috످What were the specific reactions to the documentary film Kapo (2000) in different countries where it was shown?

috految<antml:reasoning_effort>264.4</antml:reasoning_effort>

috److془The documentary Kapo (1999/2000) by Dan Setton and Tor Ben Mayor. Won International Emmy for Best Documentary in 2000. I don't recall country-specific reactions.

Say I don't know, brief where to look.془I don't know how Kapo was received in specific countries. I do know that the Israeli documentary, directed by Dan Setton and Tor Ben-Mayor, won the International Emmy for Best Documentary in 2000.

For reactions by country, try searching "Kapo Dan Setton" in newspaper archives such as ProQuest or the National Library of Israel's press collection.

috످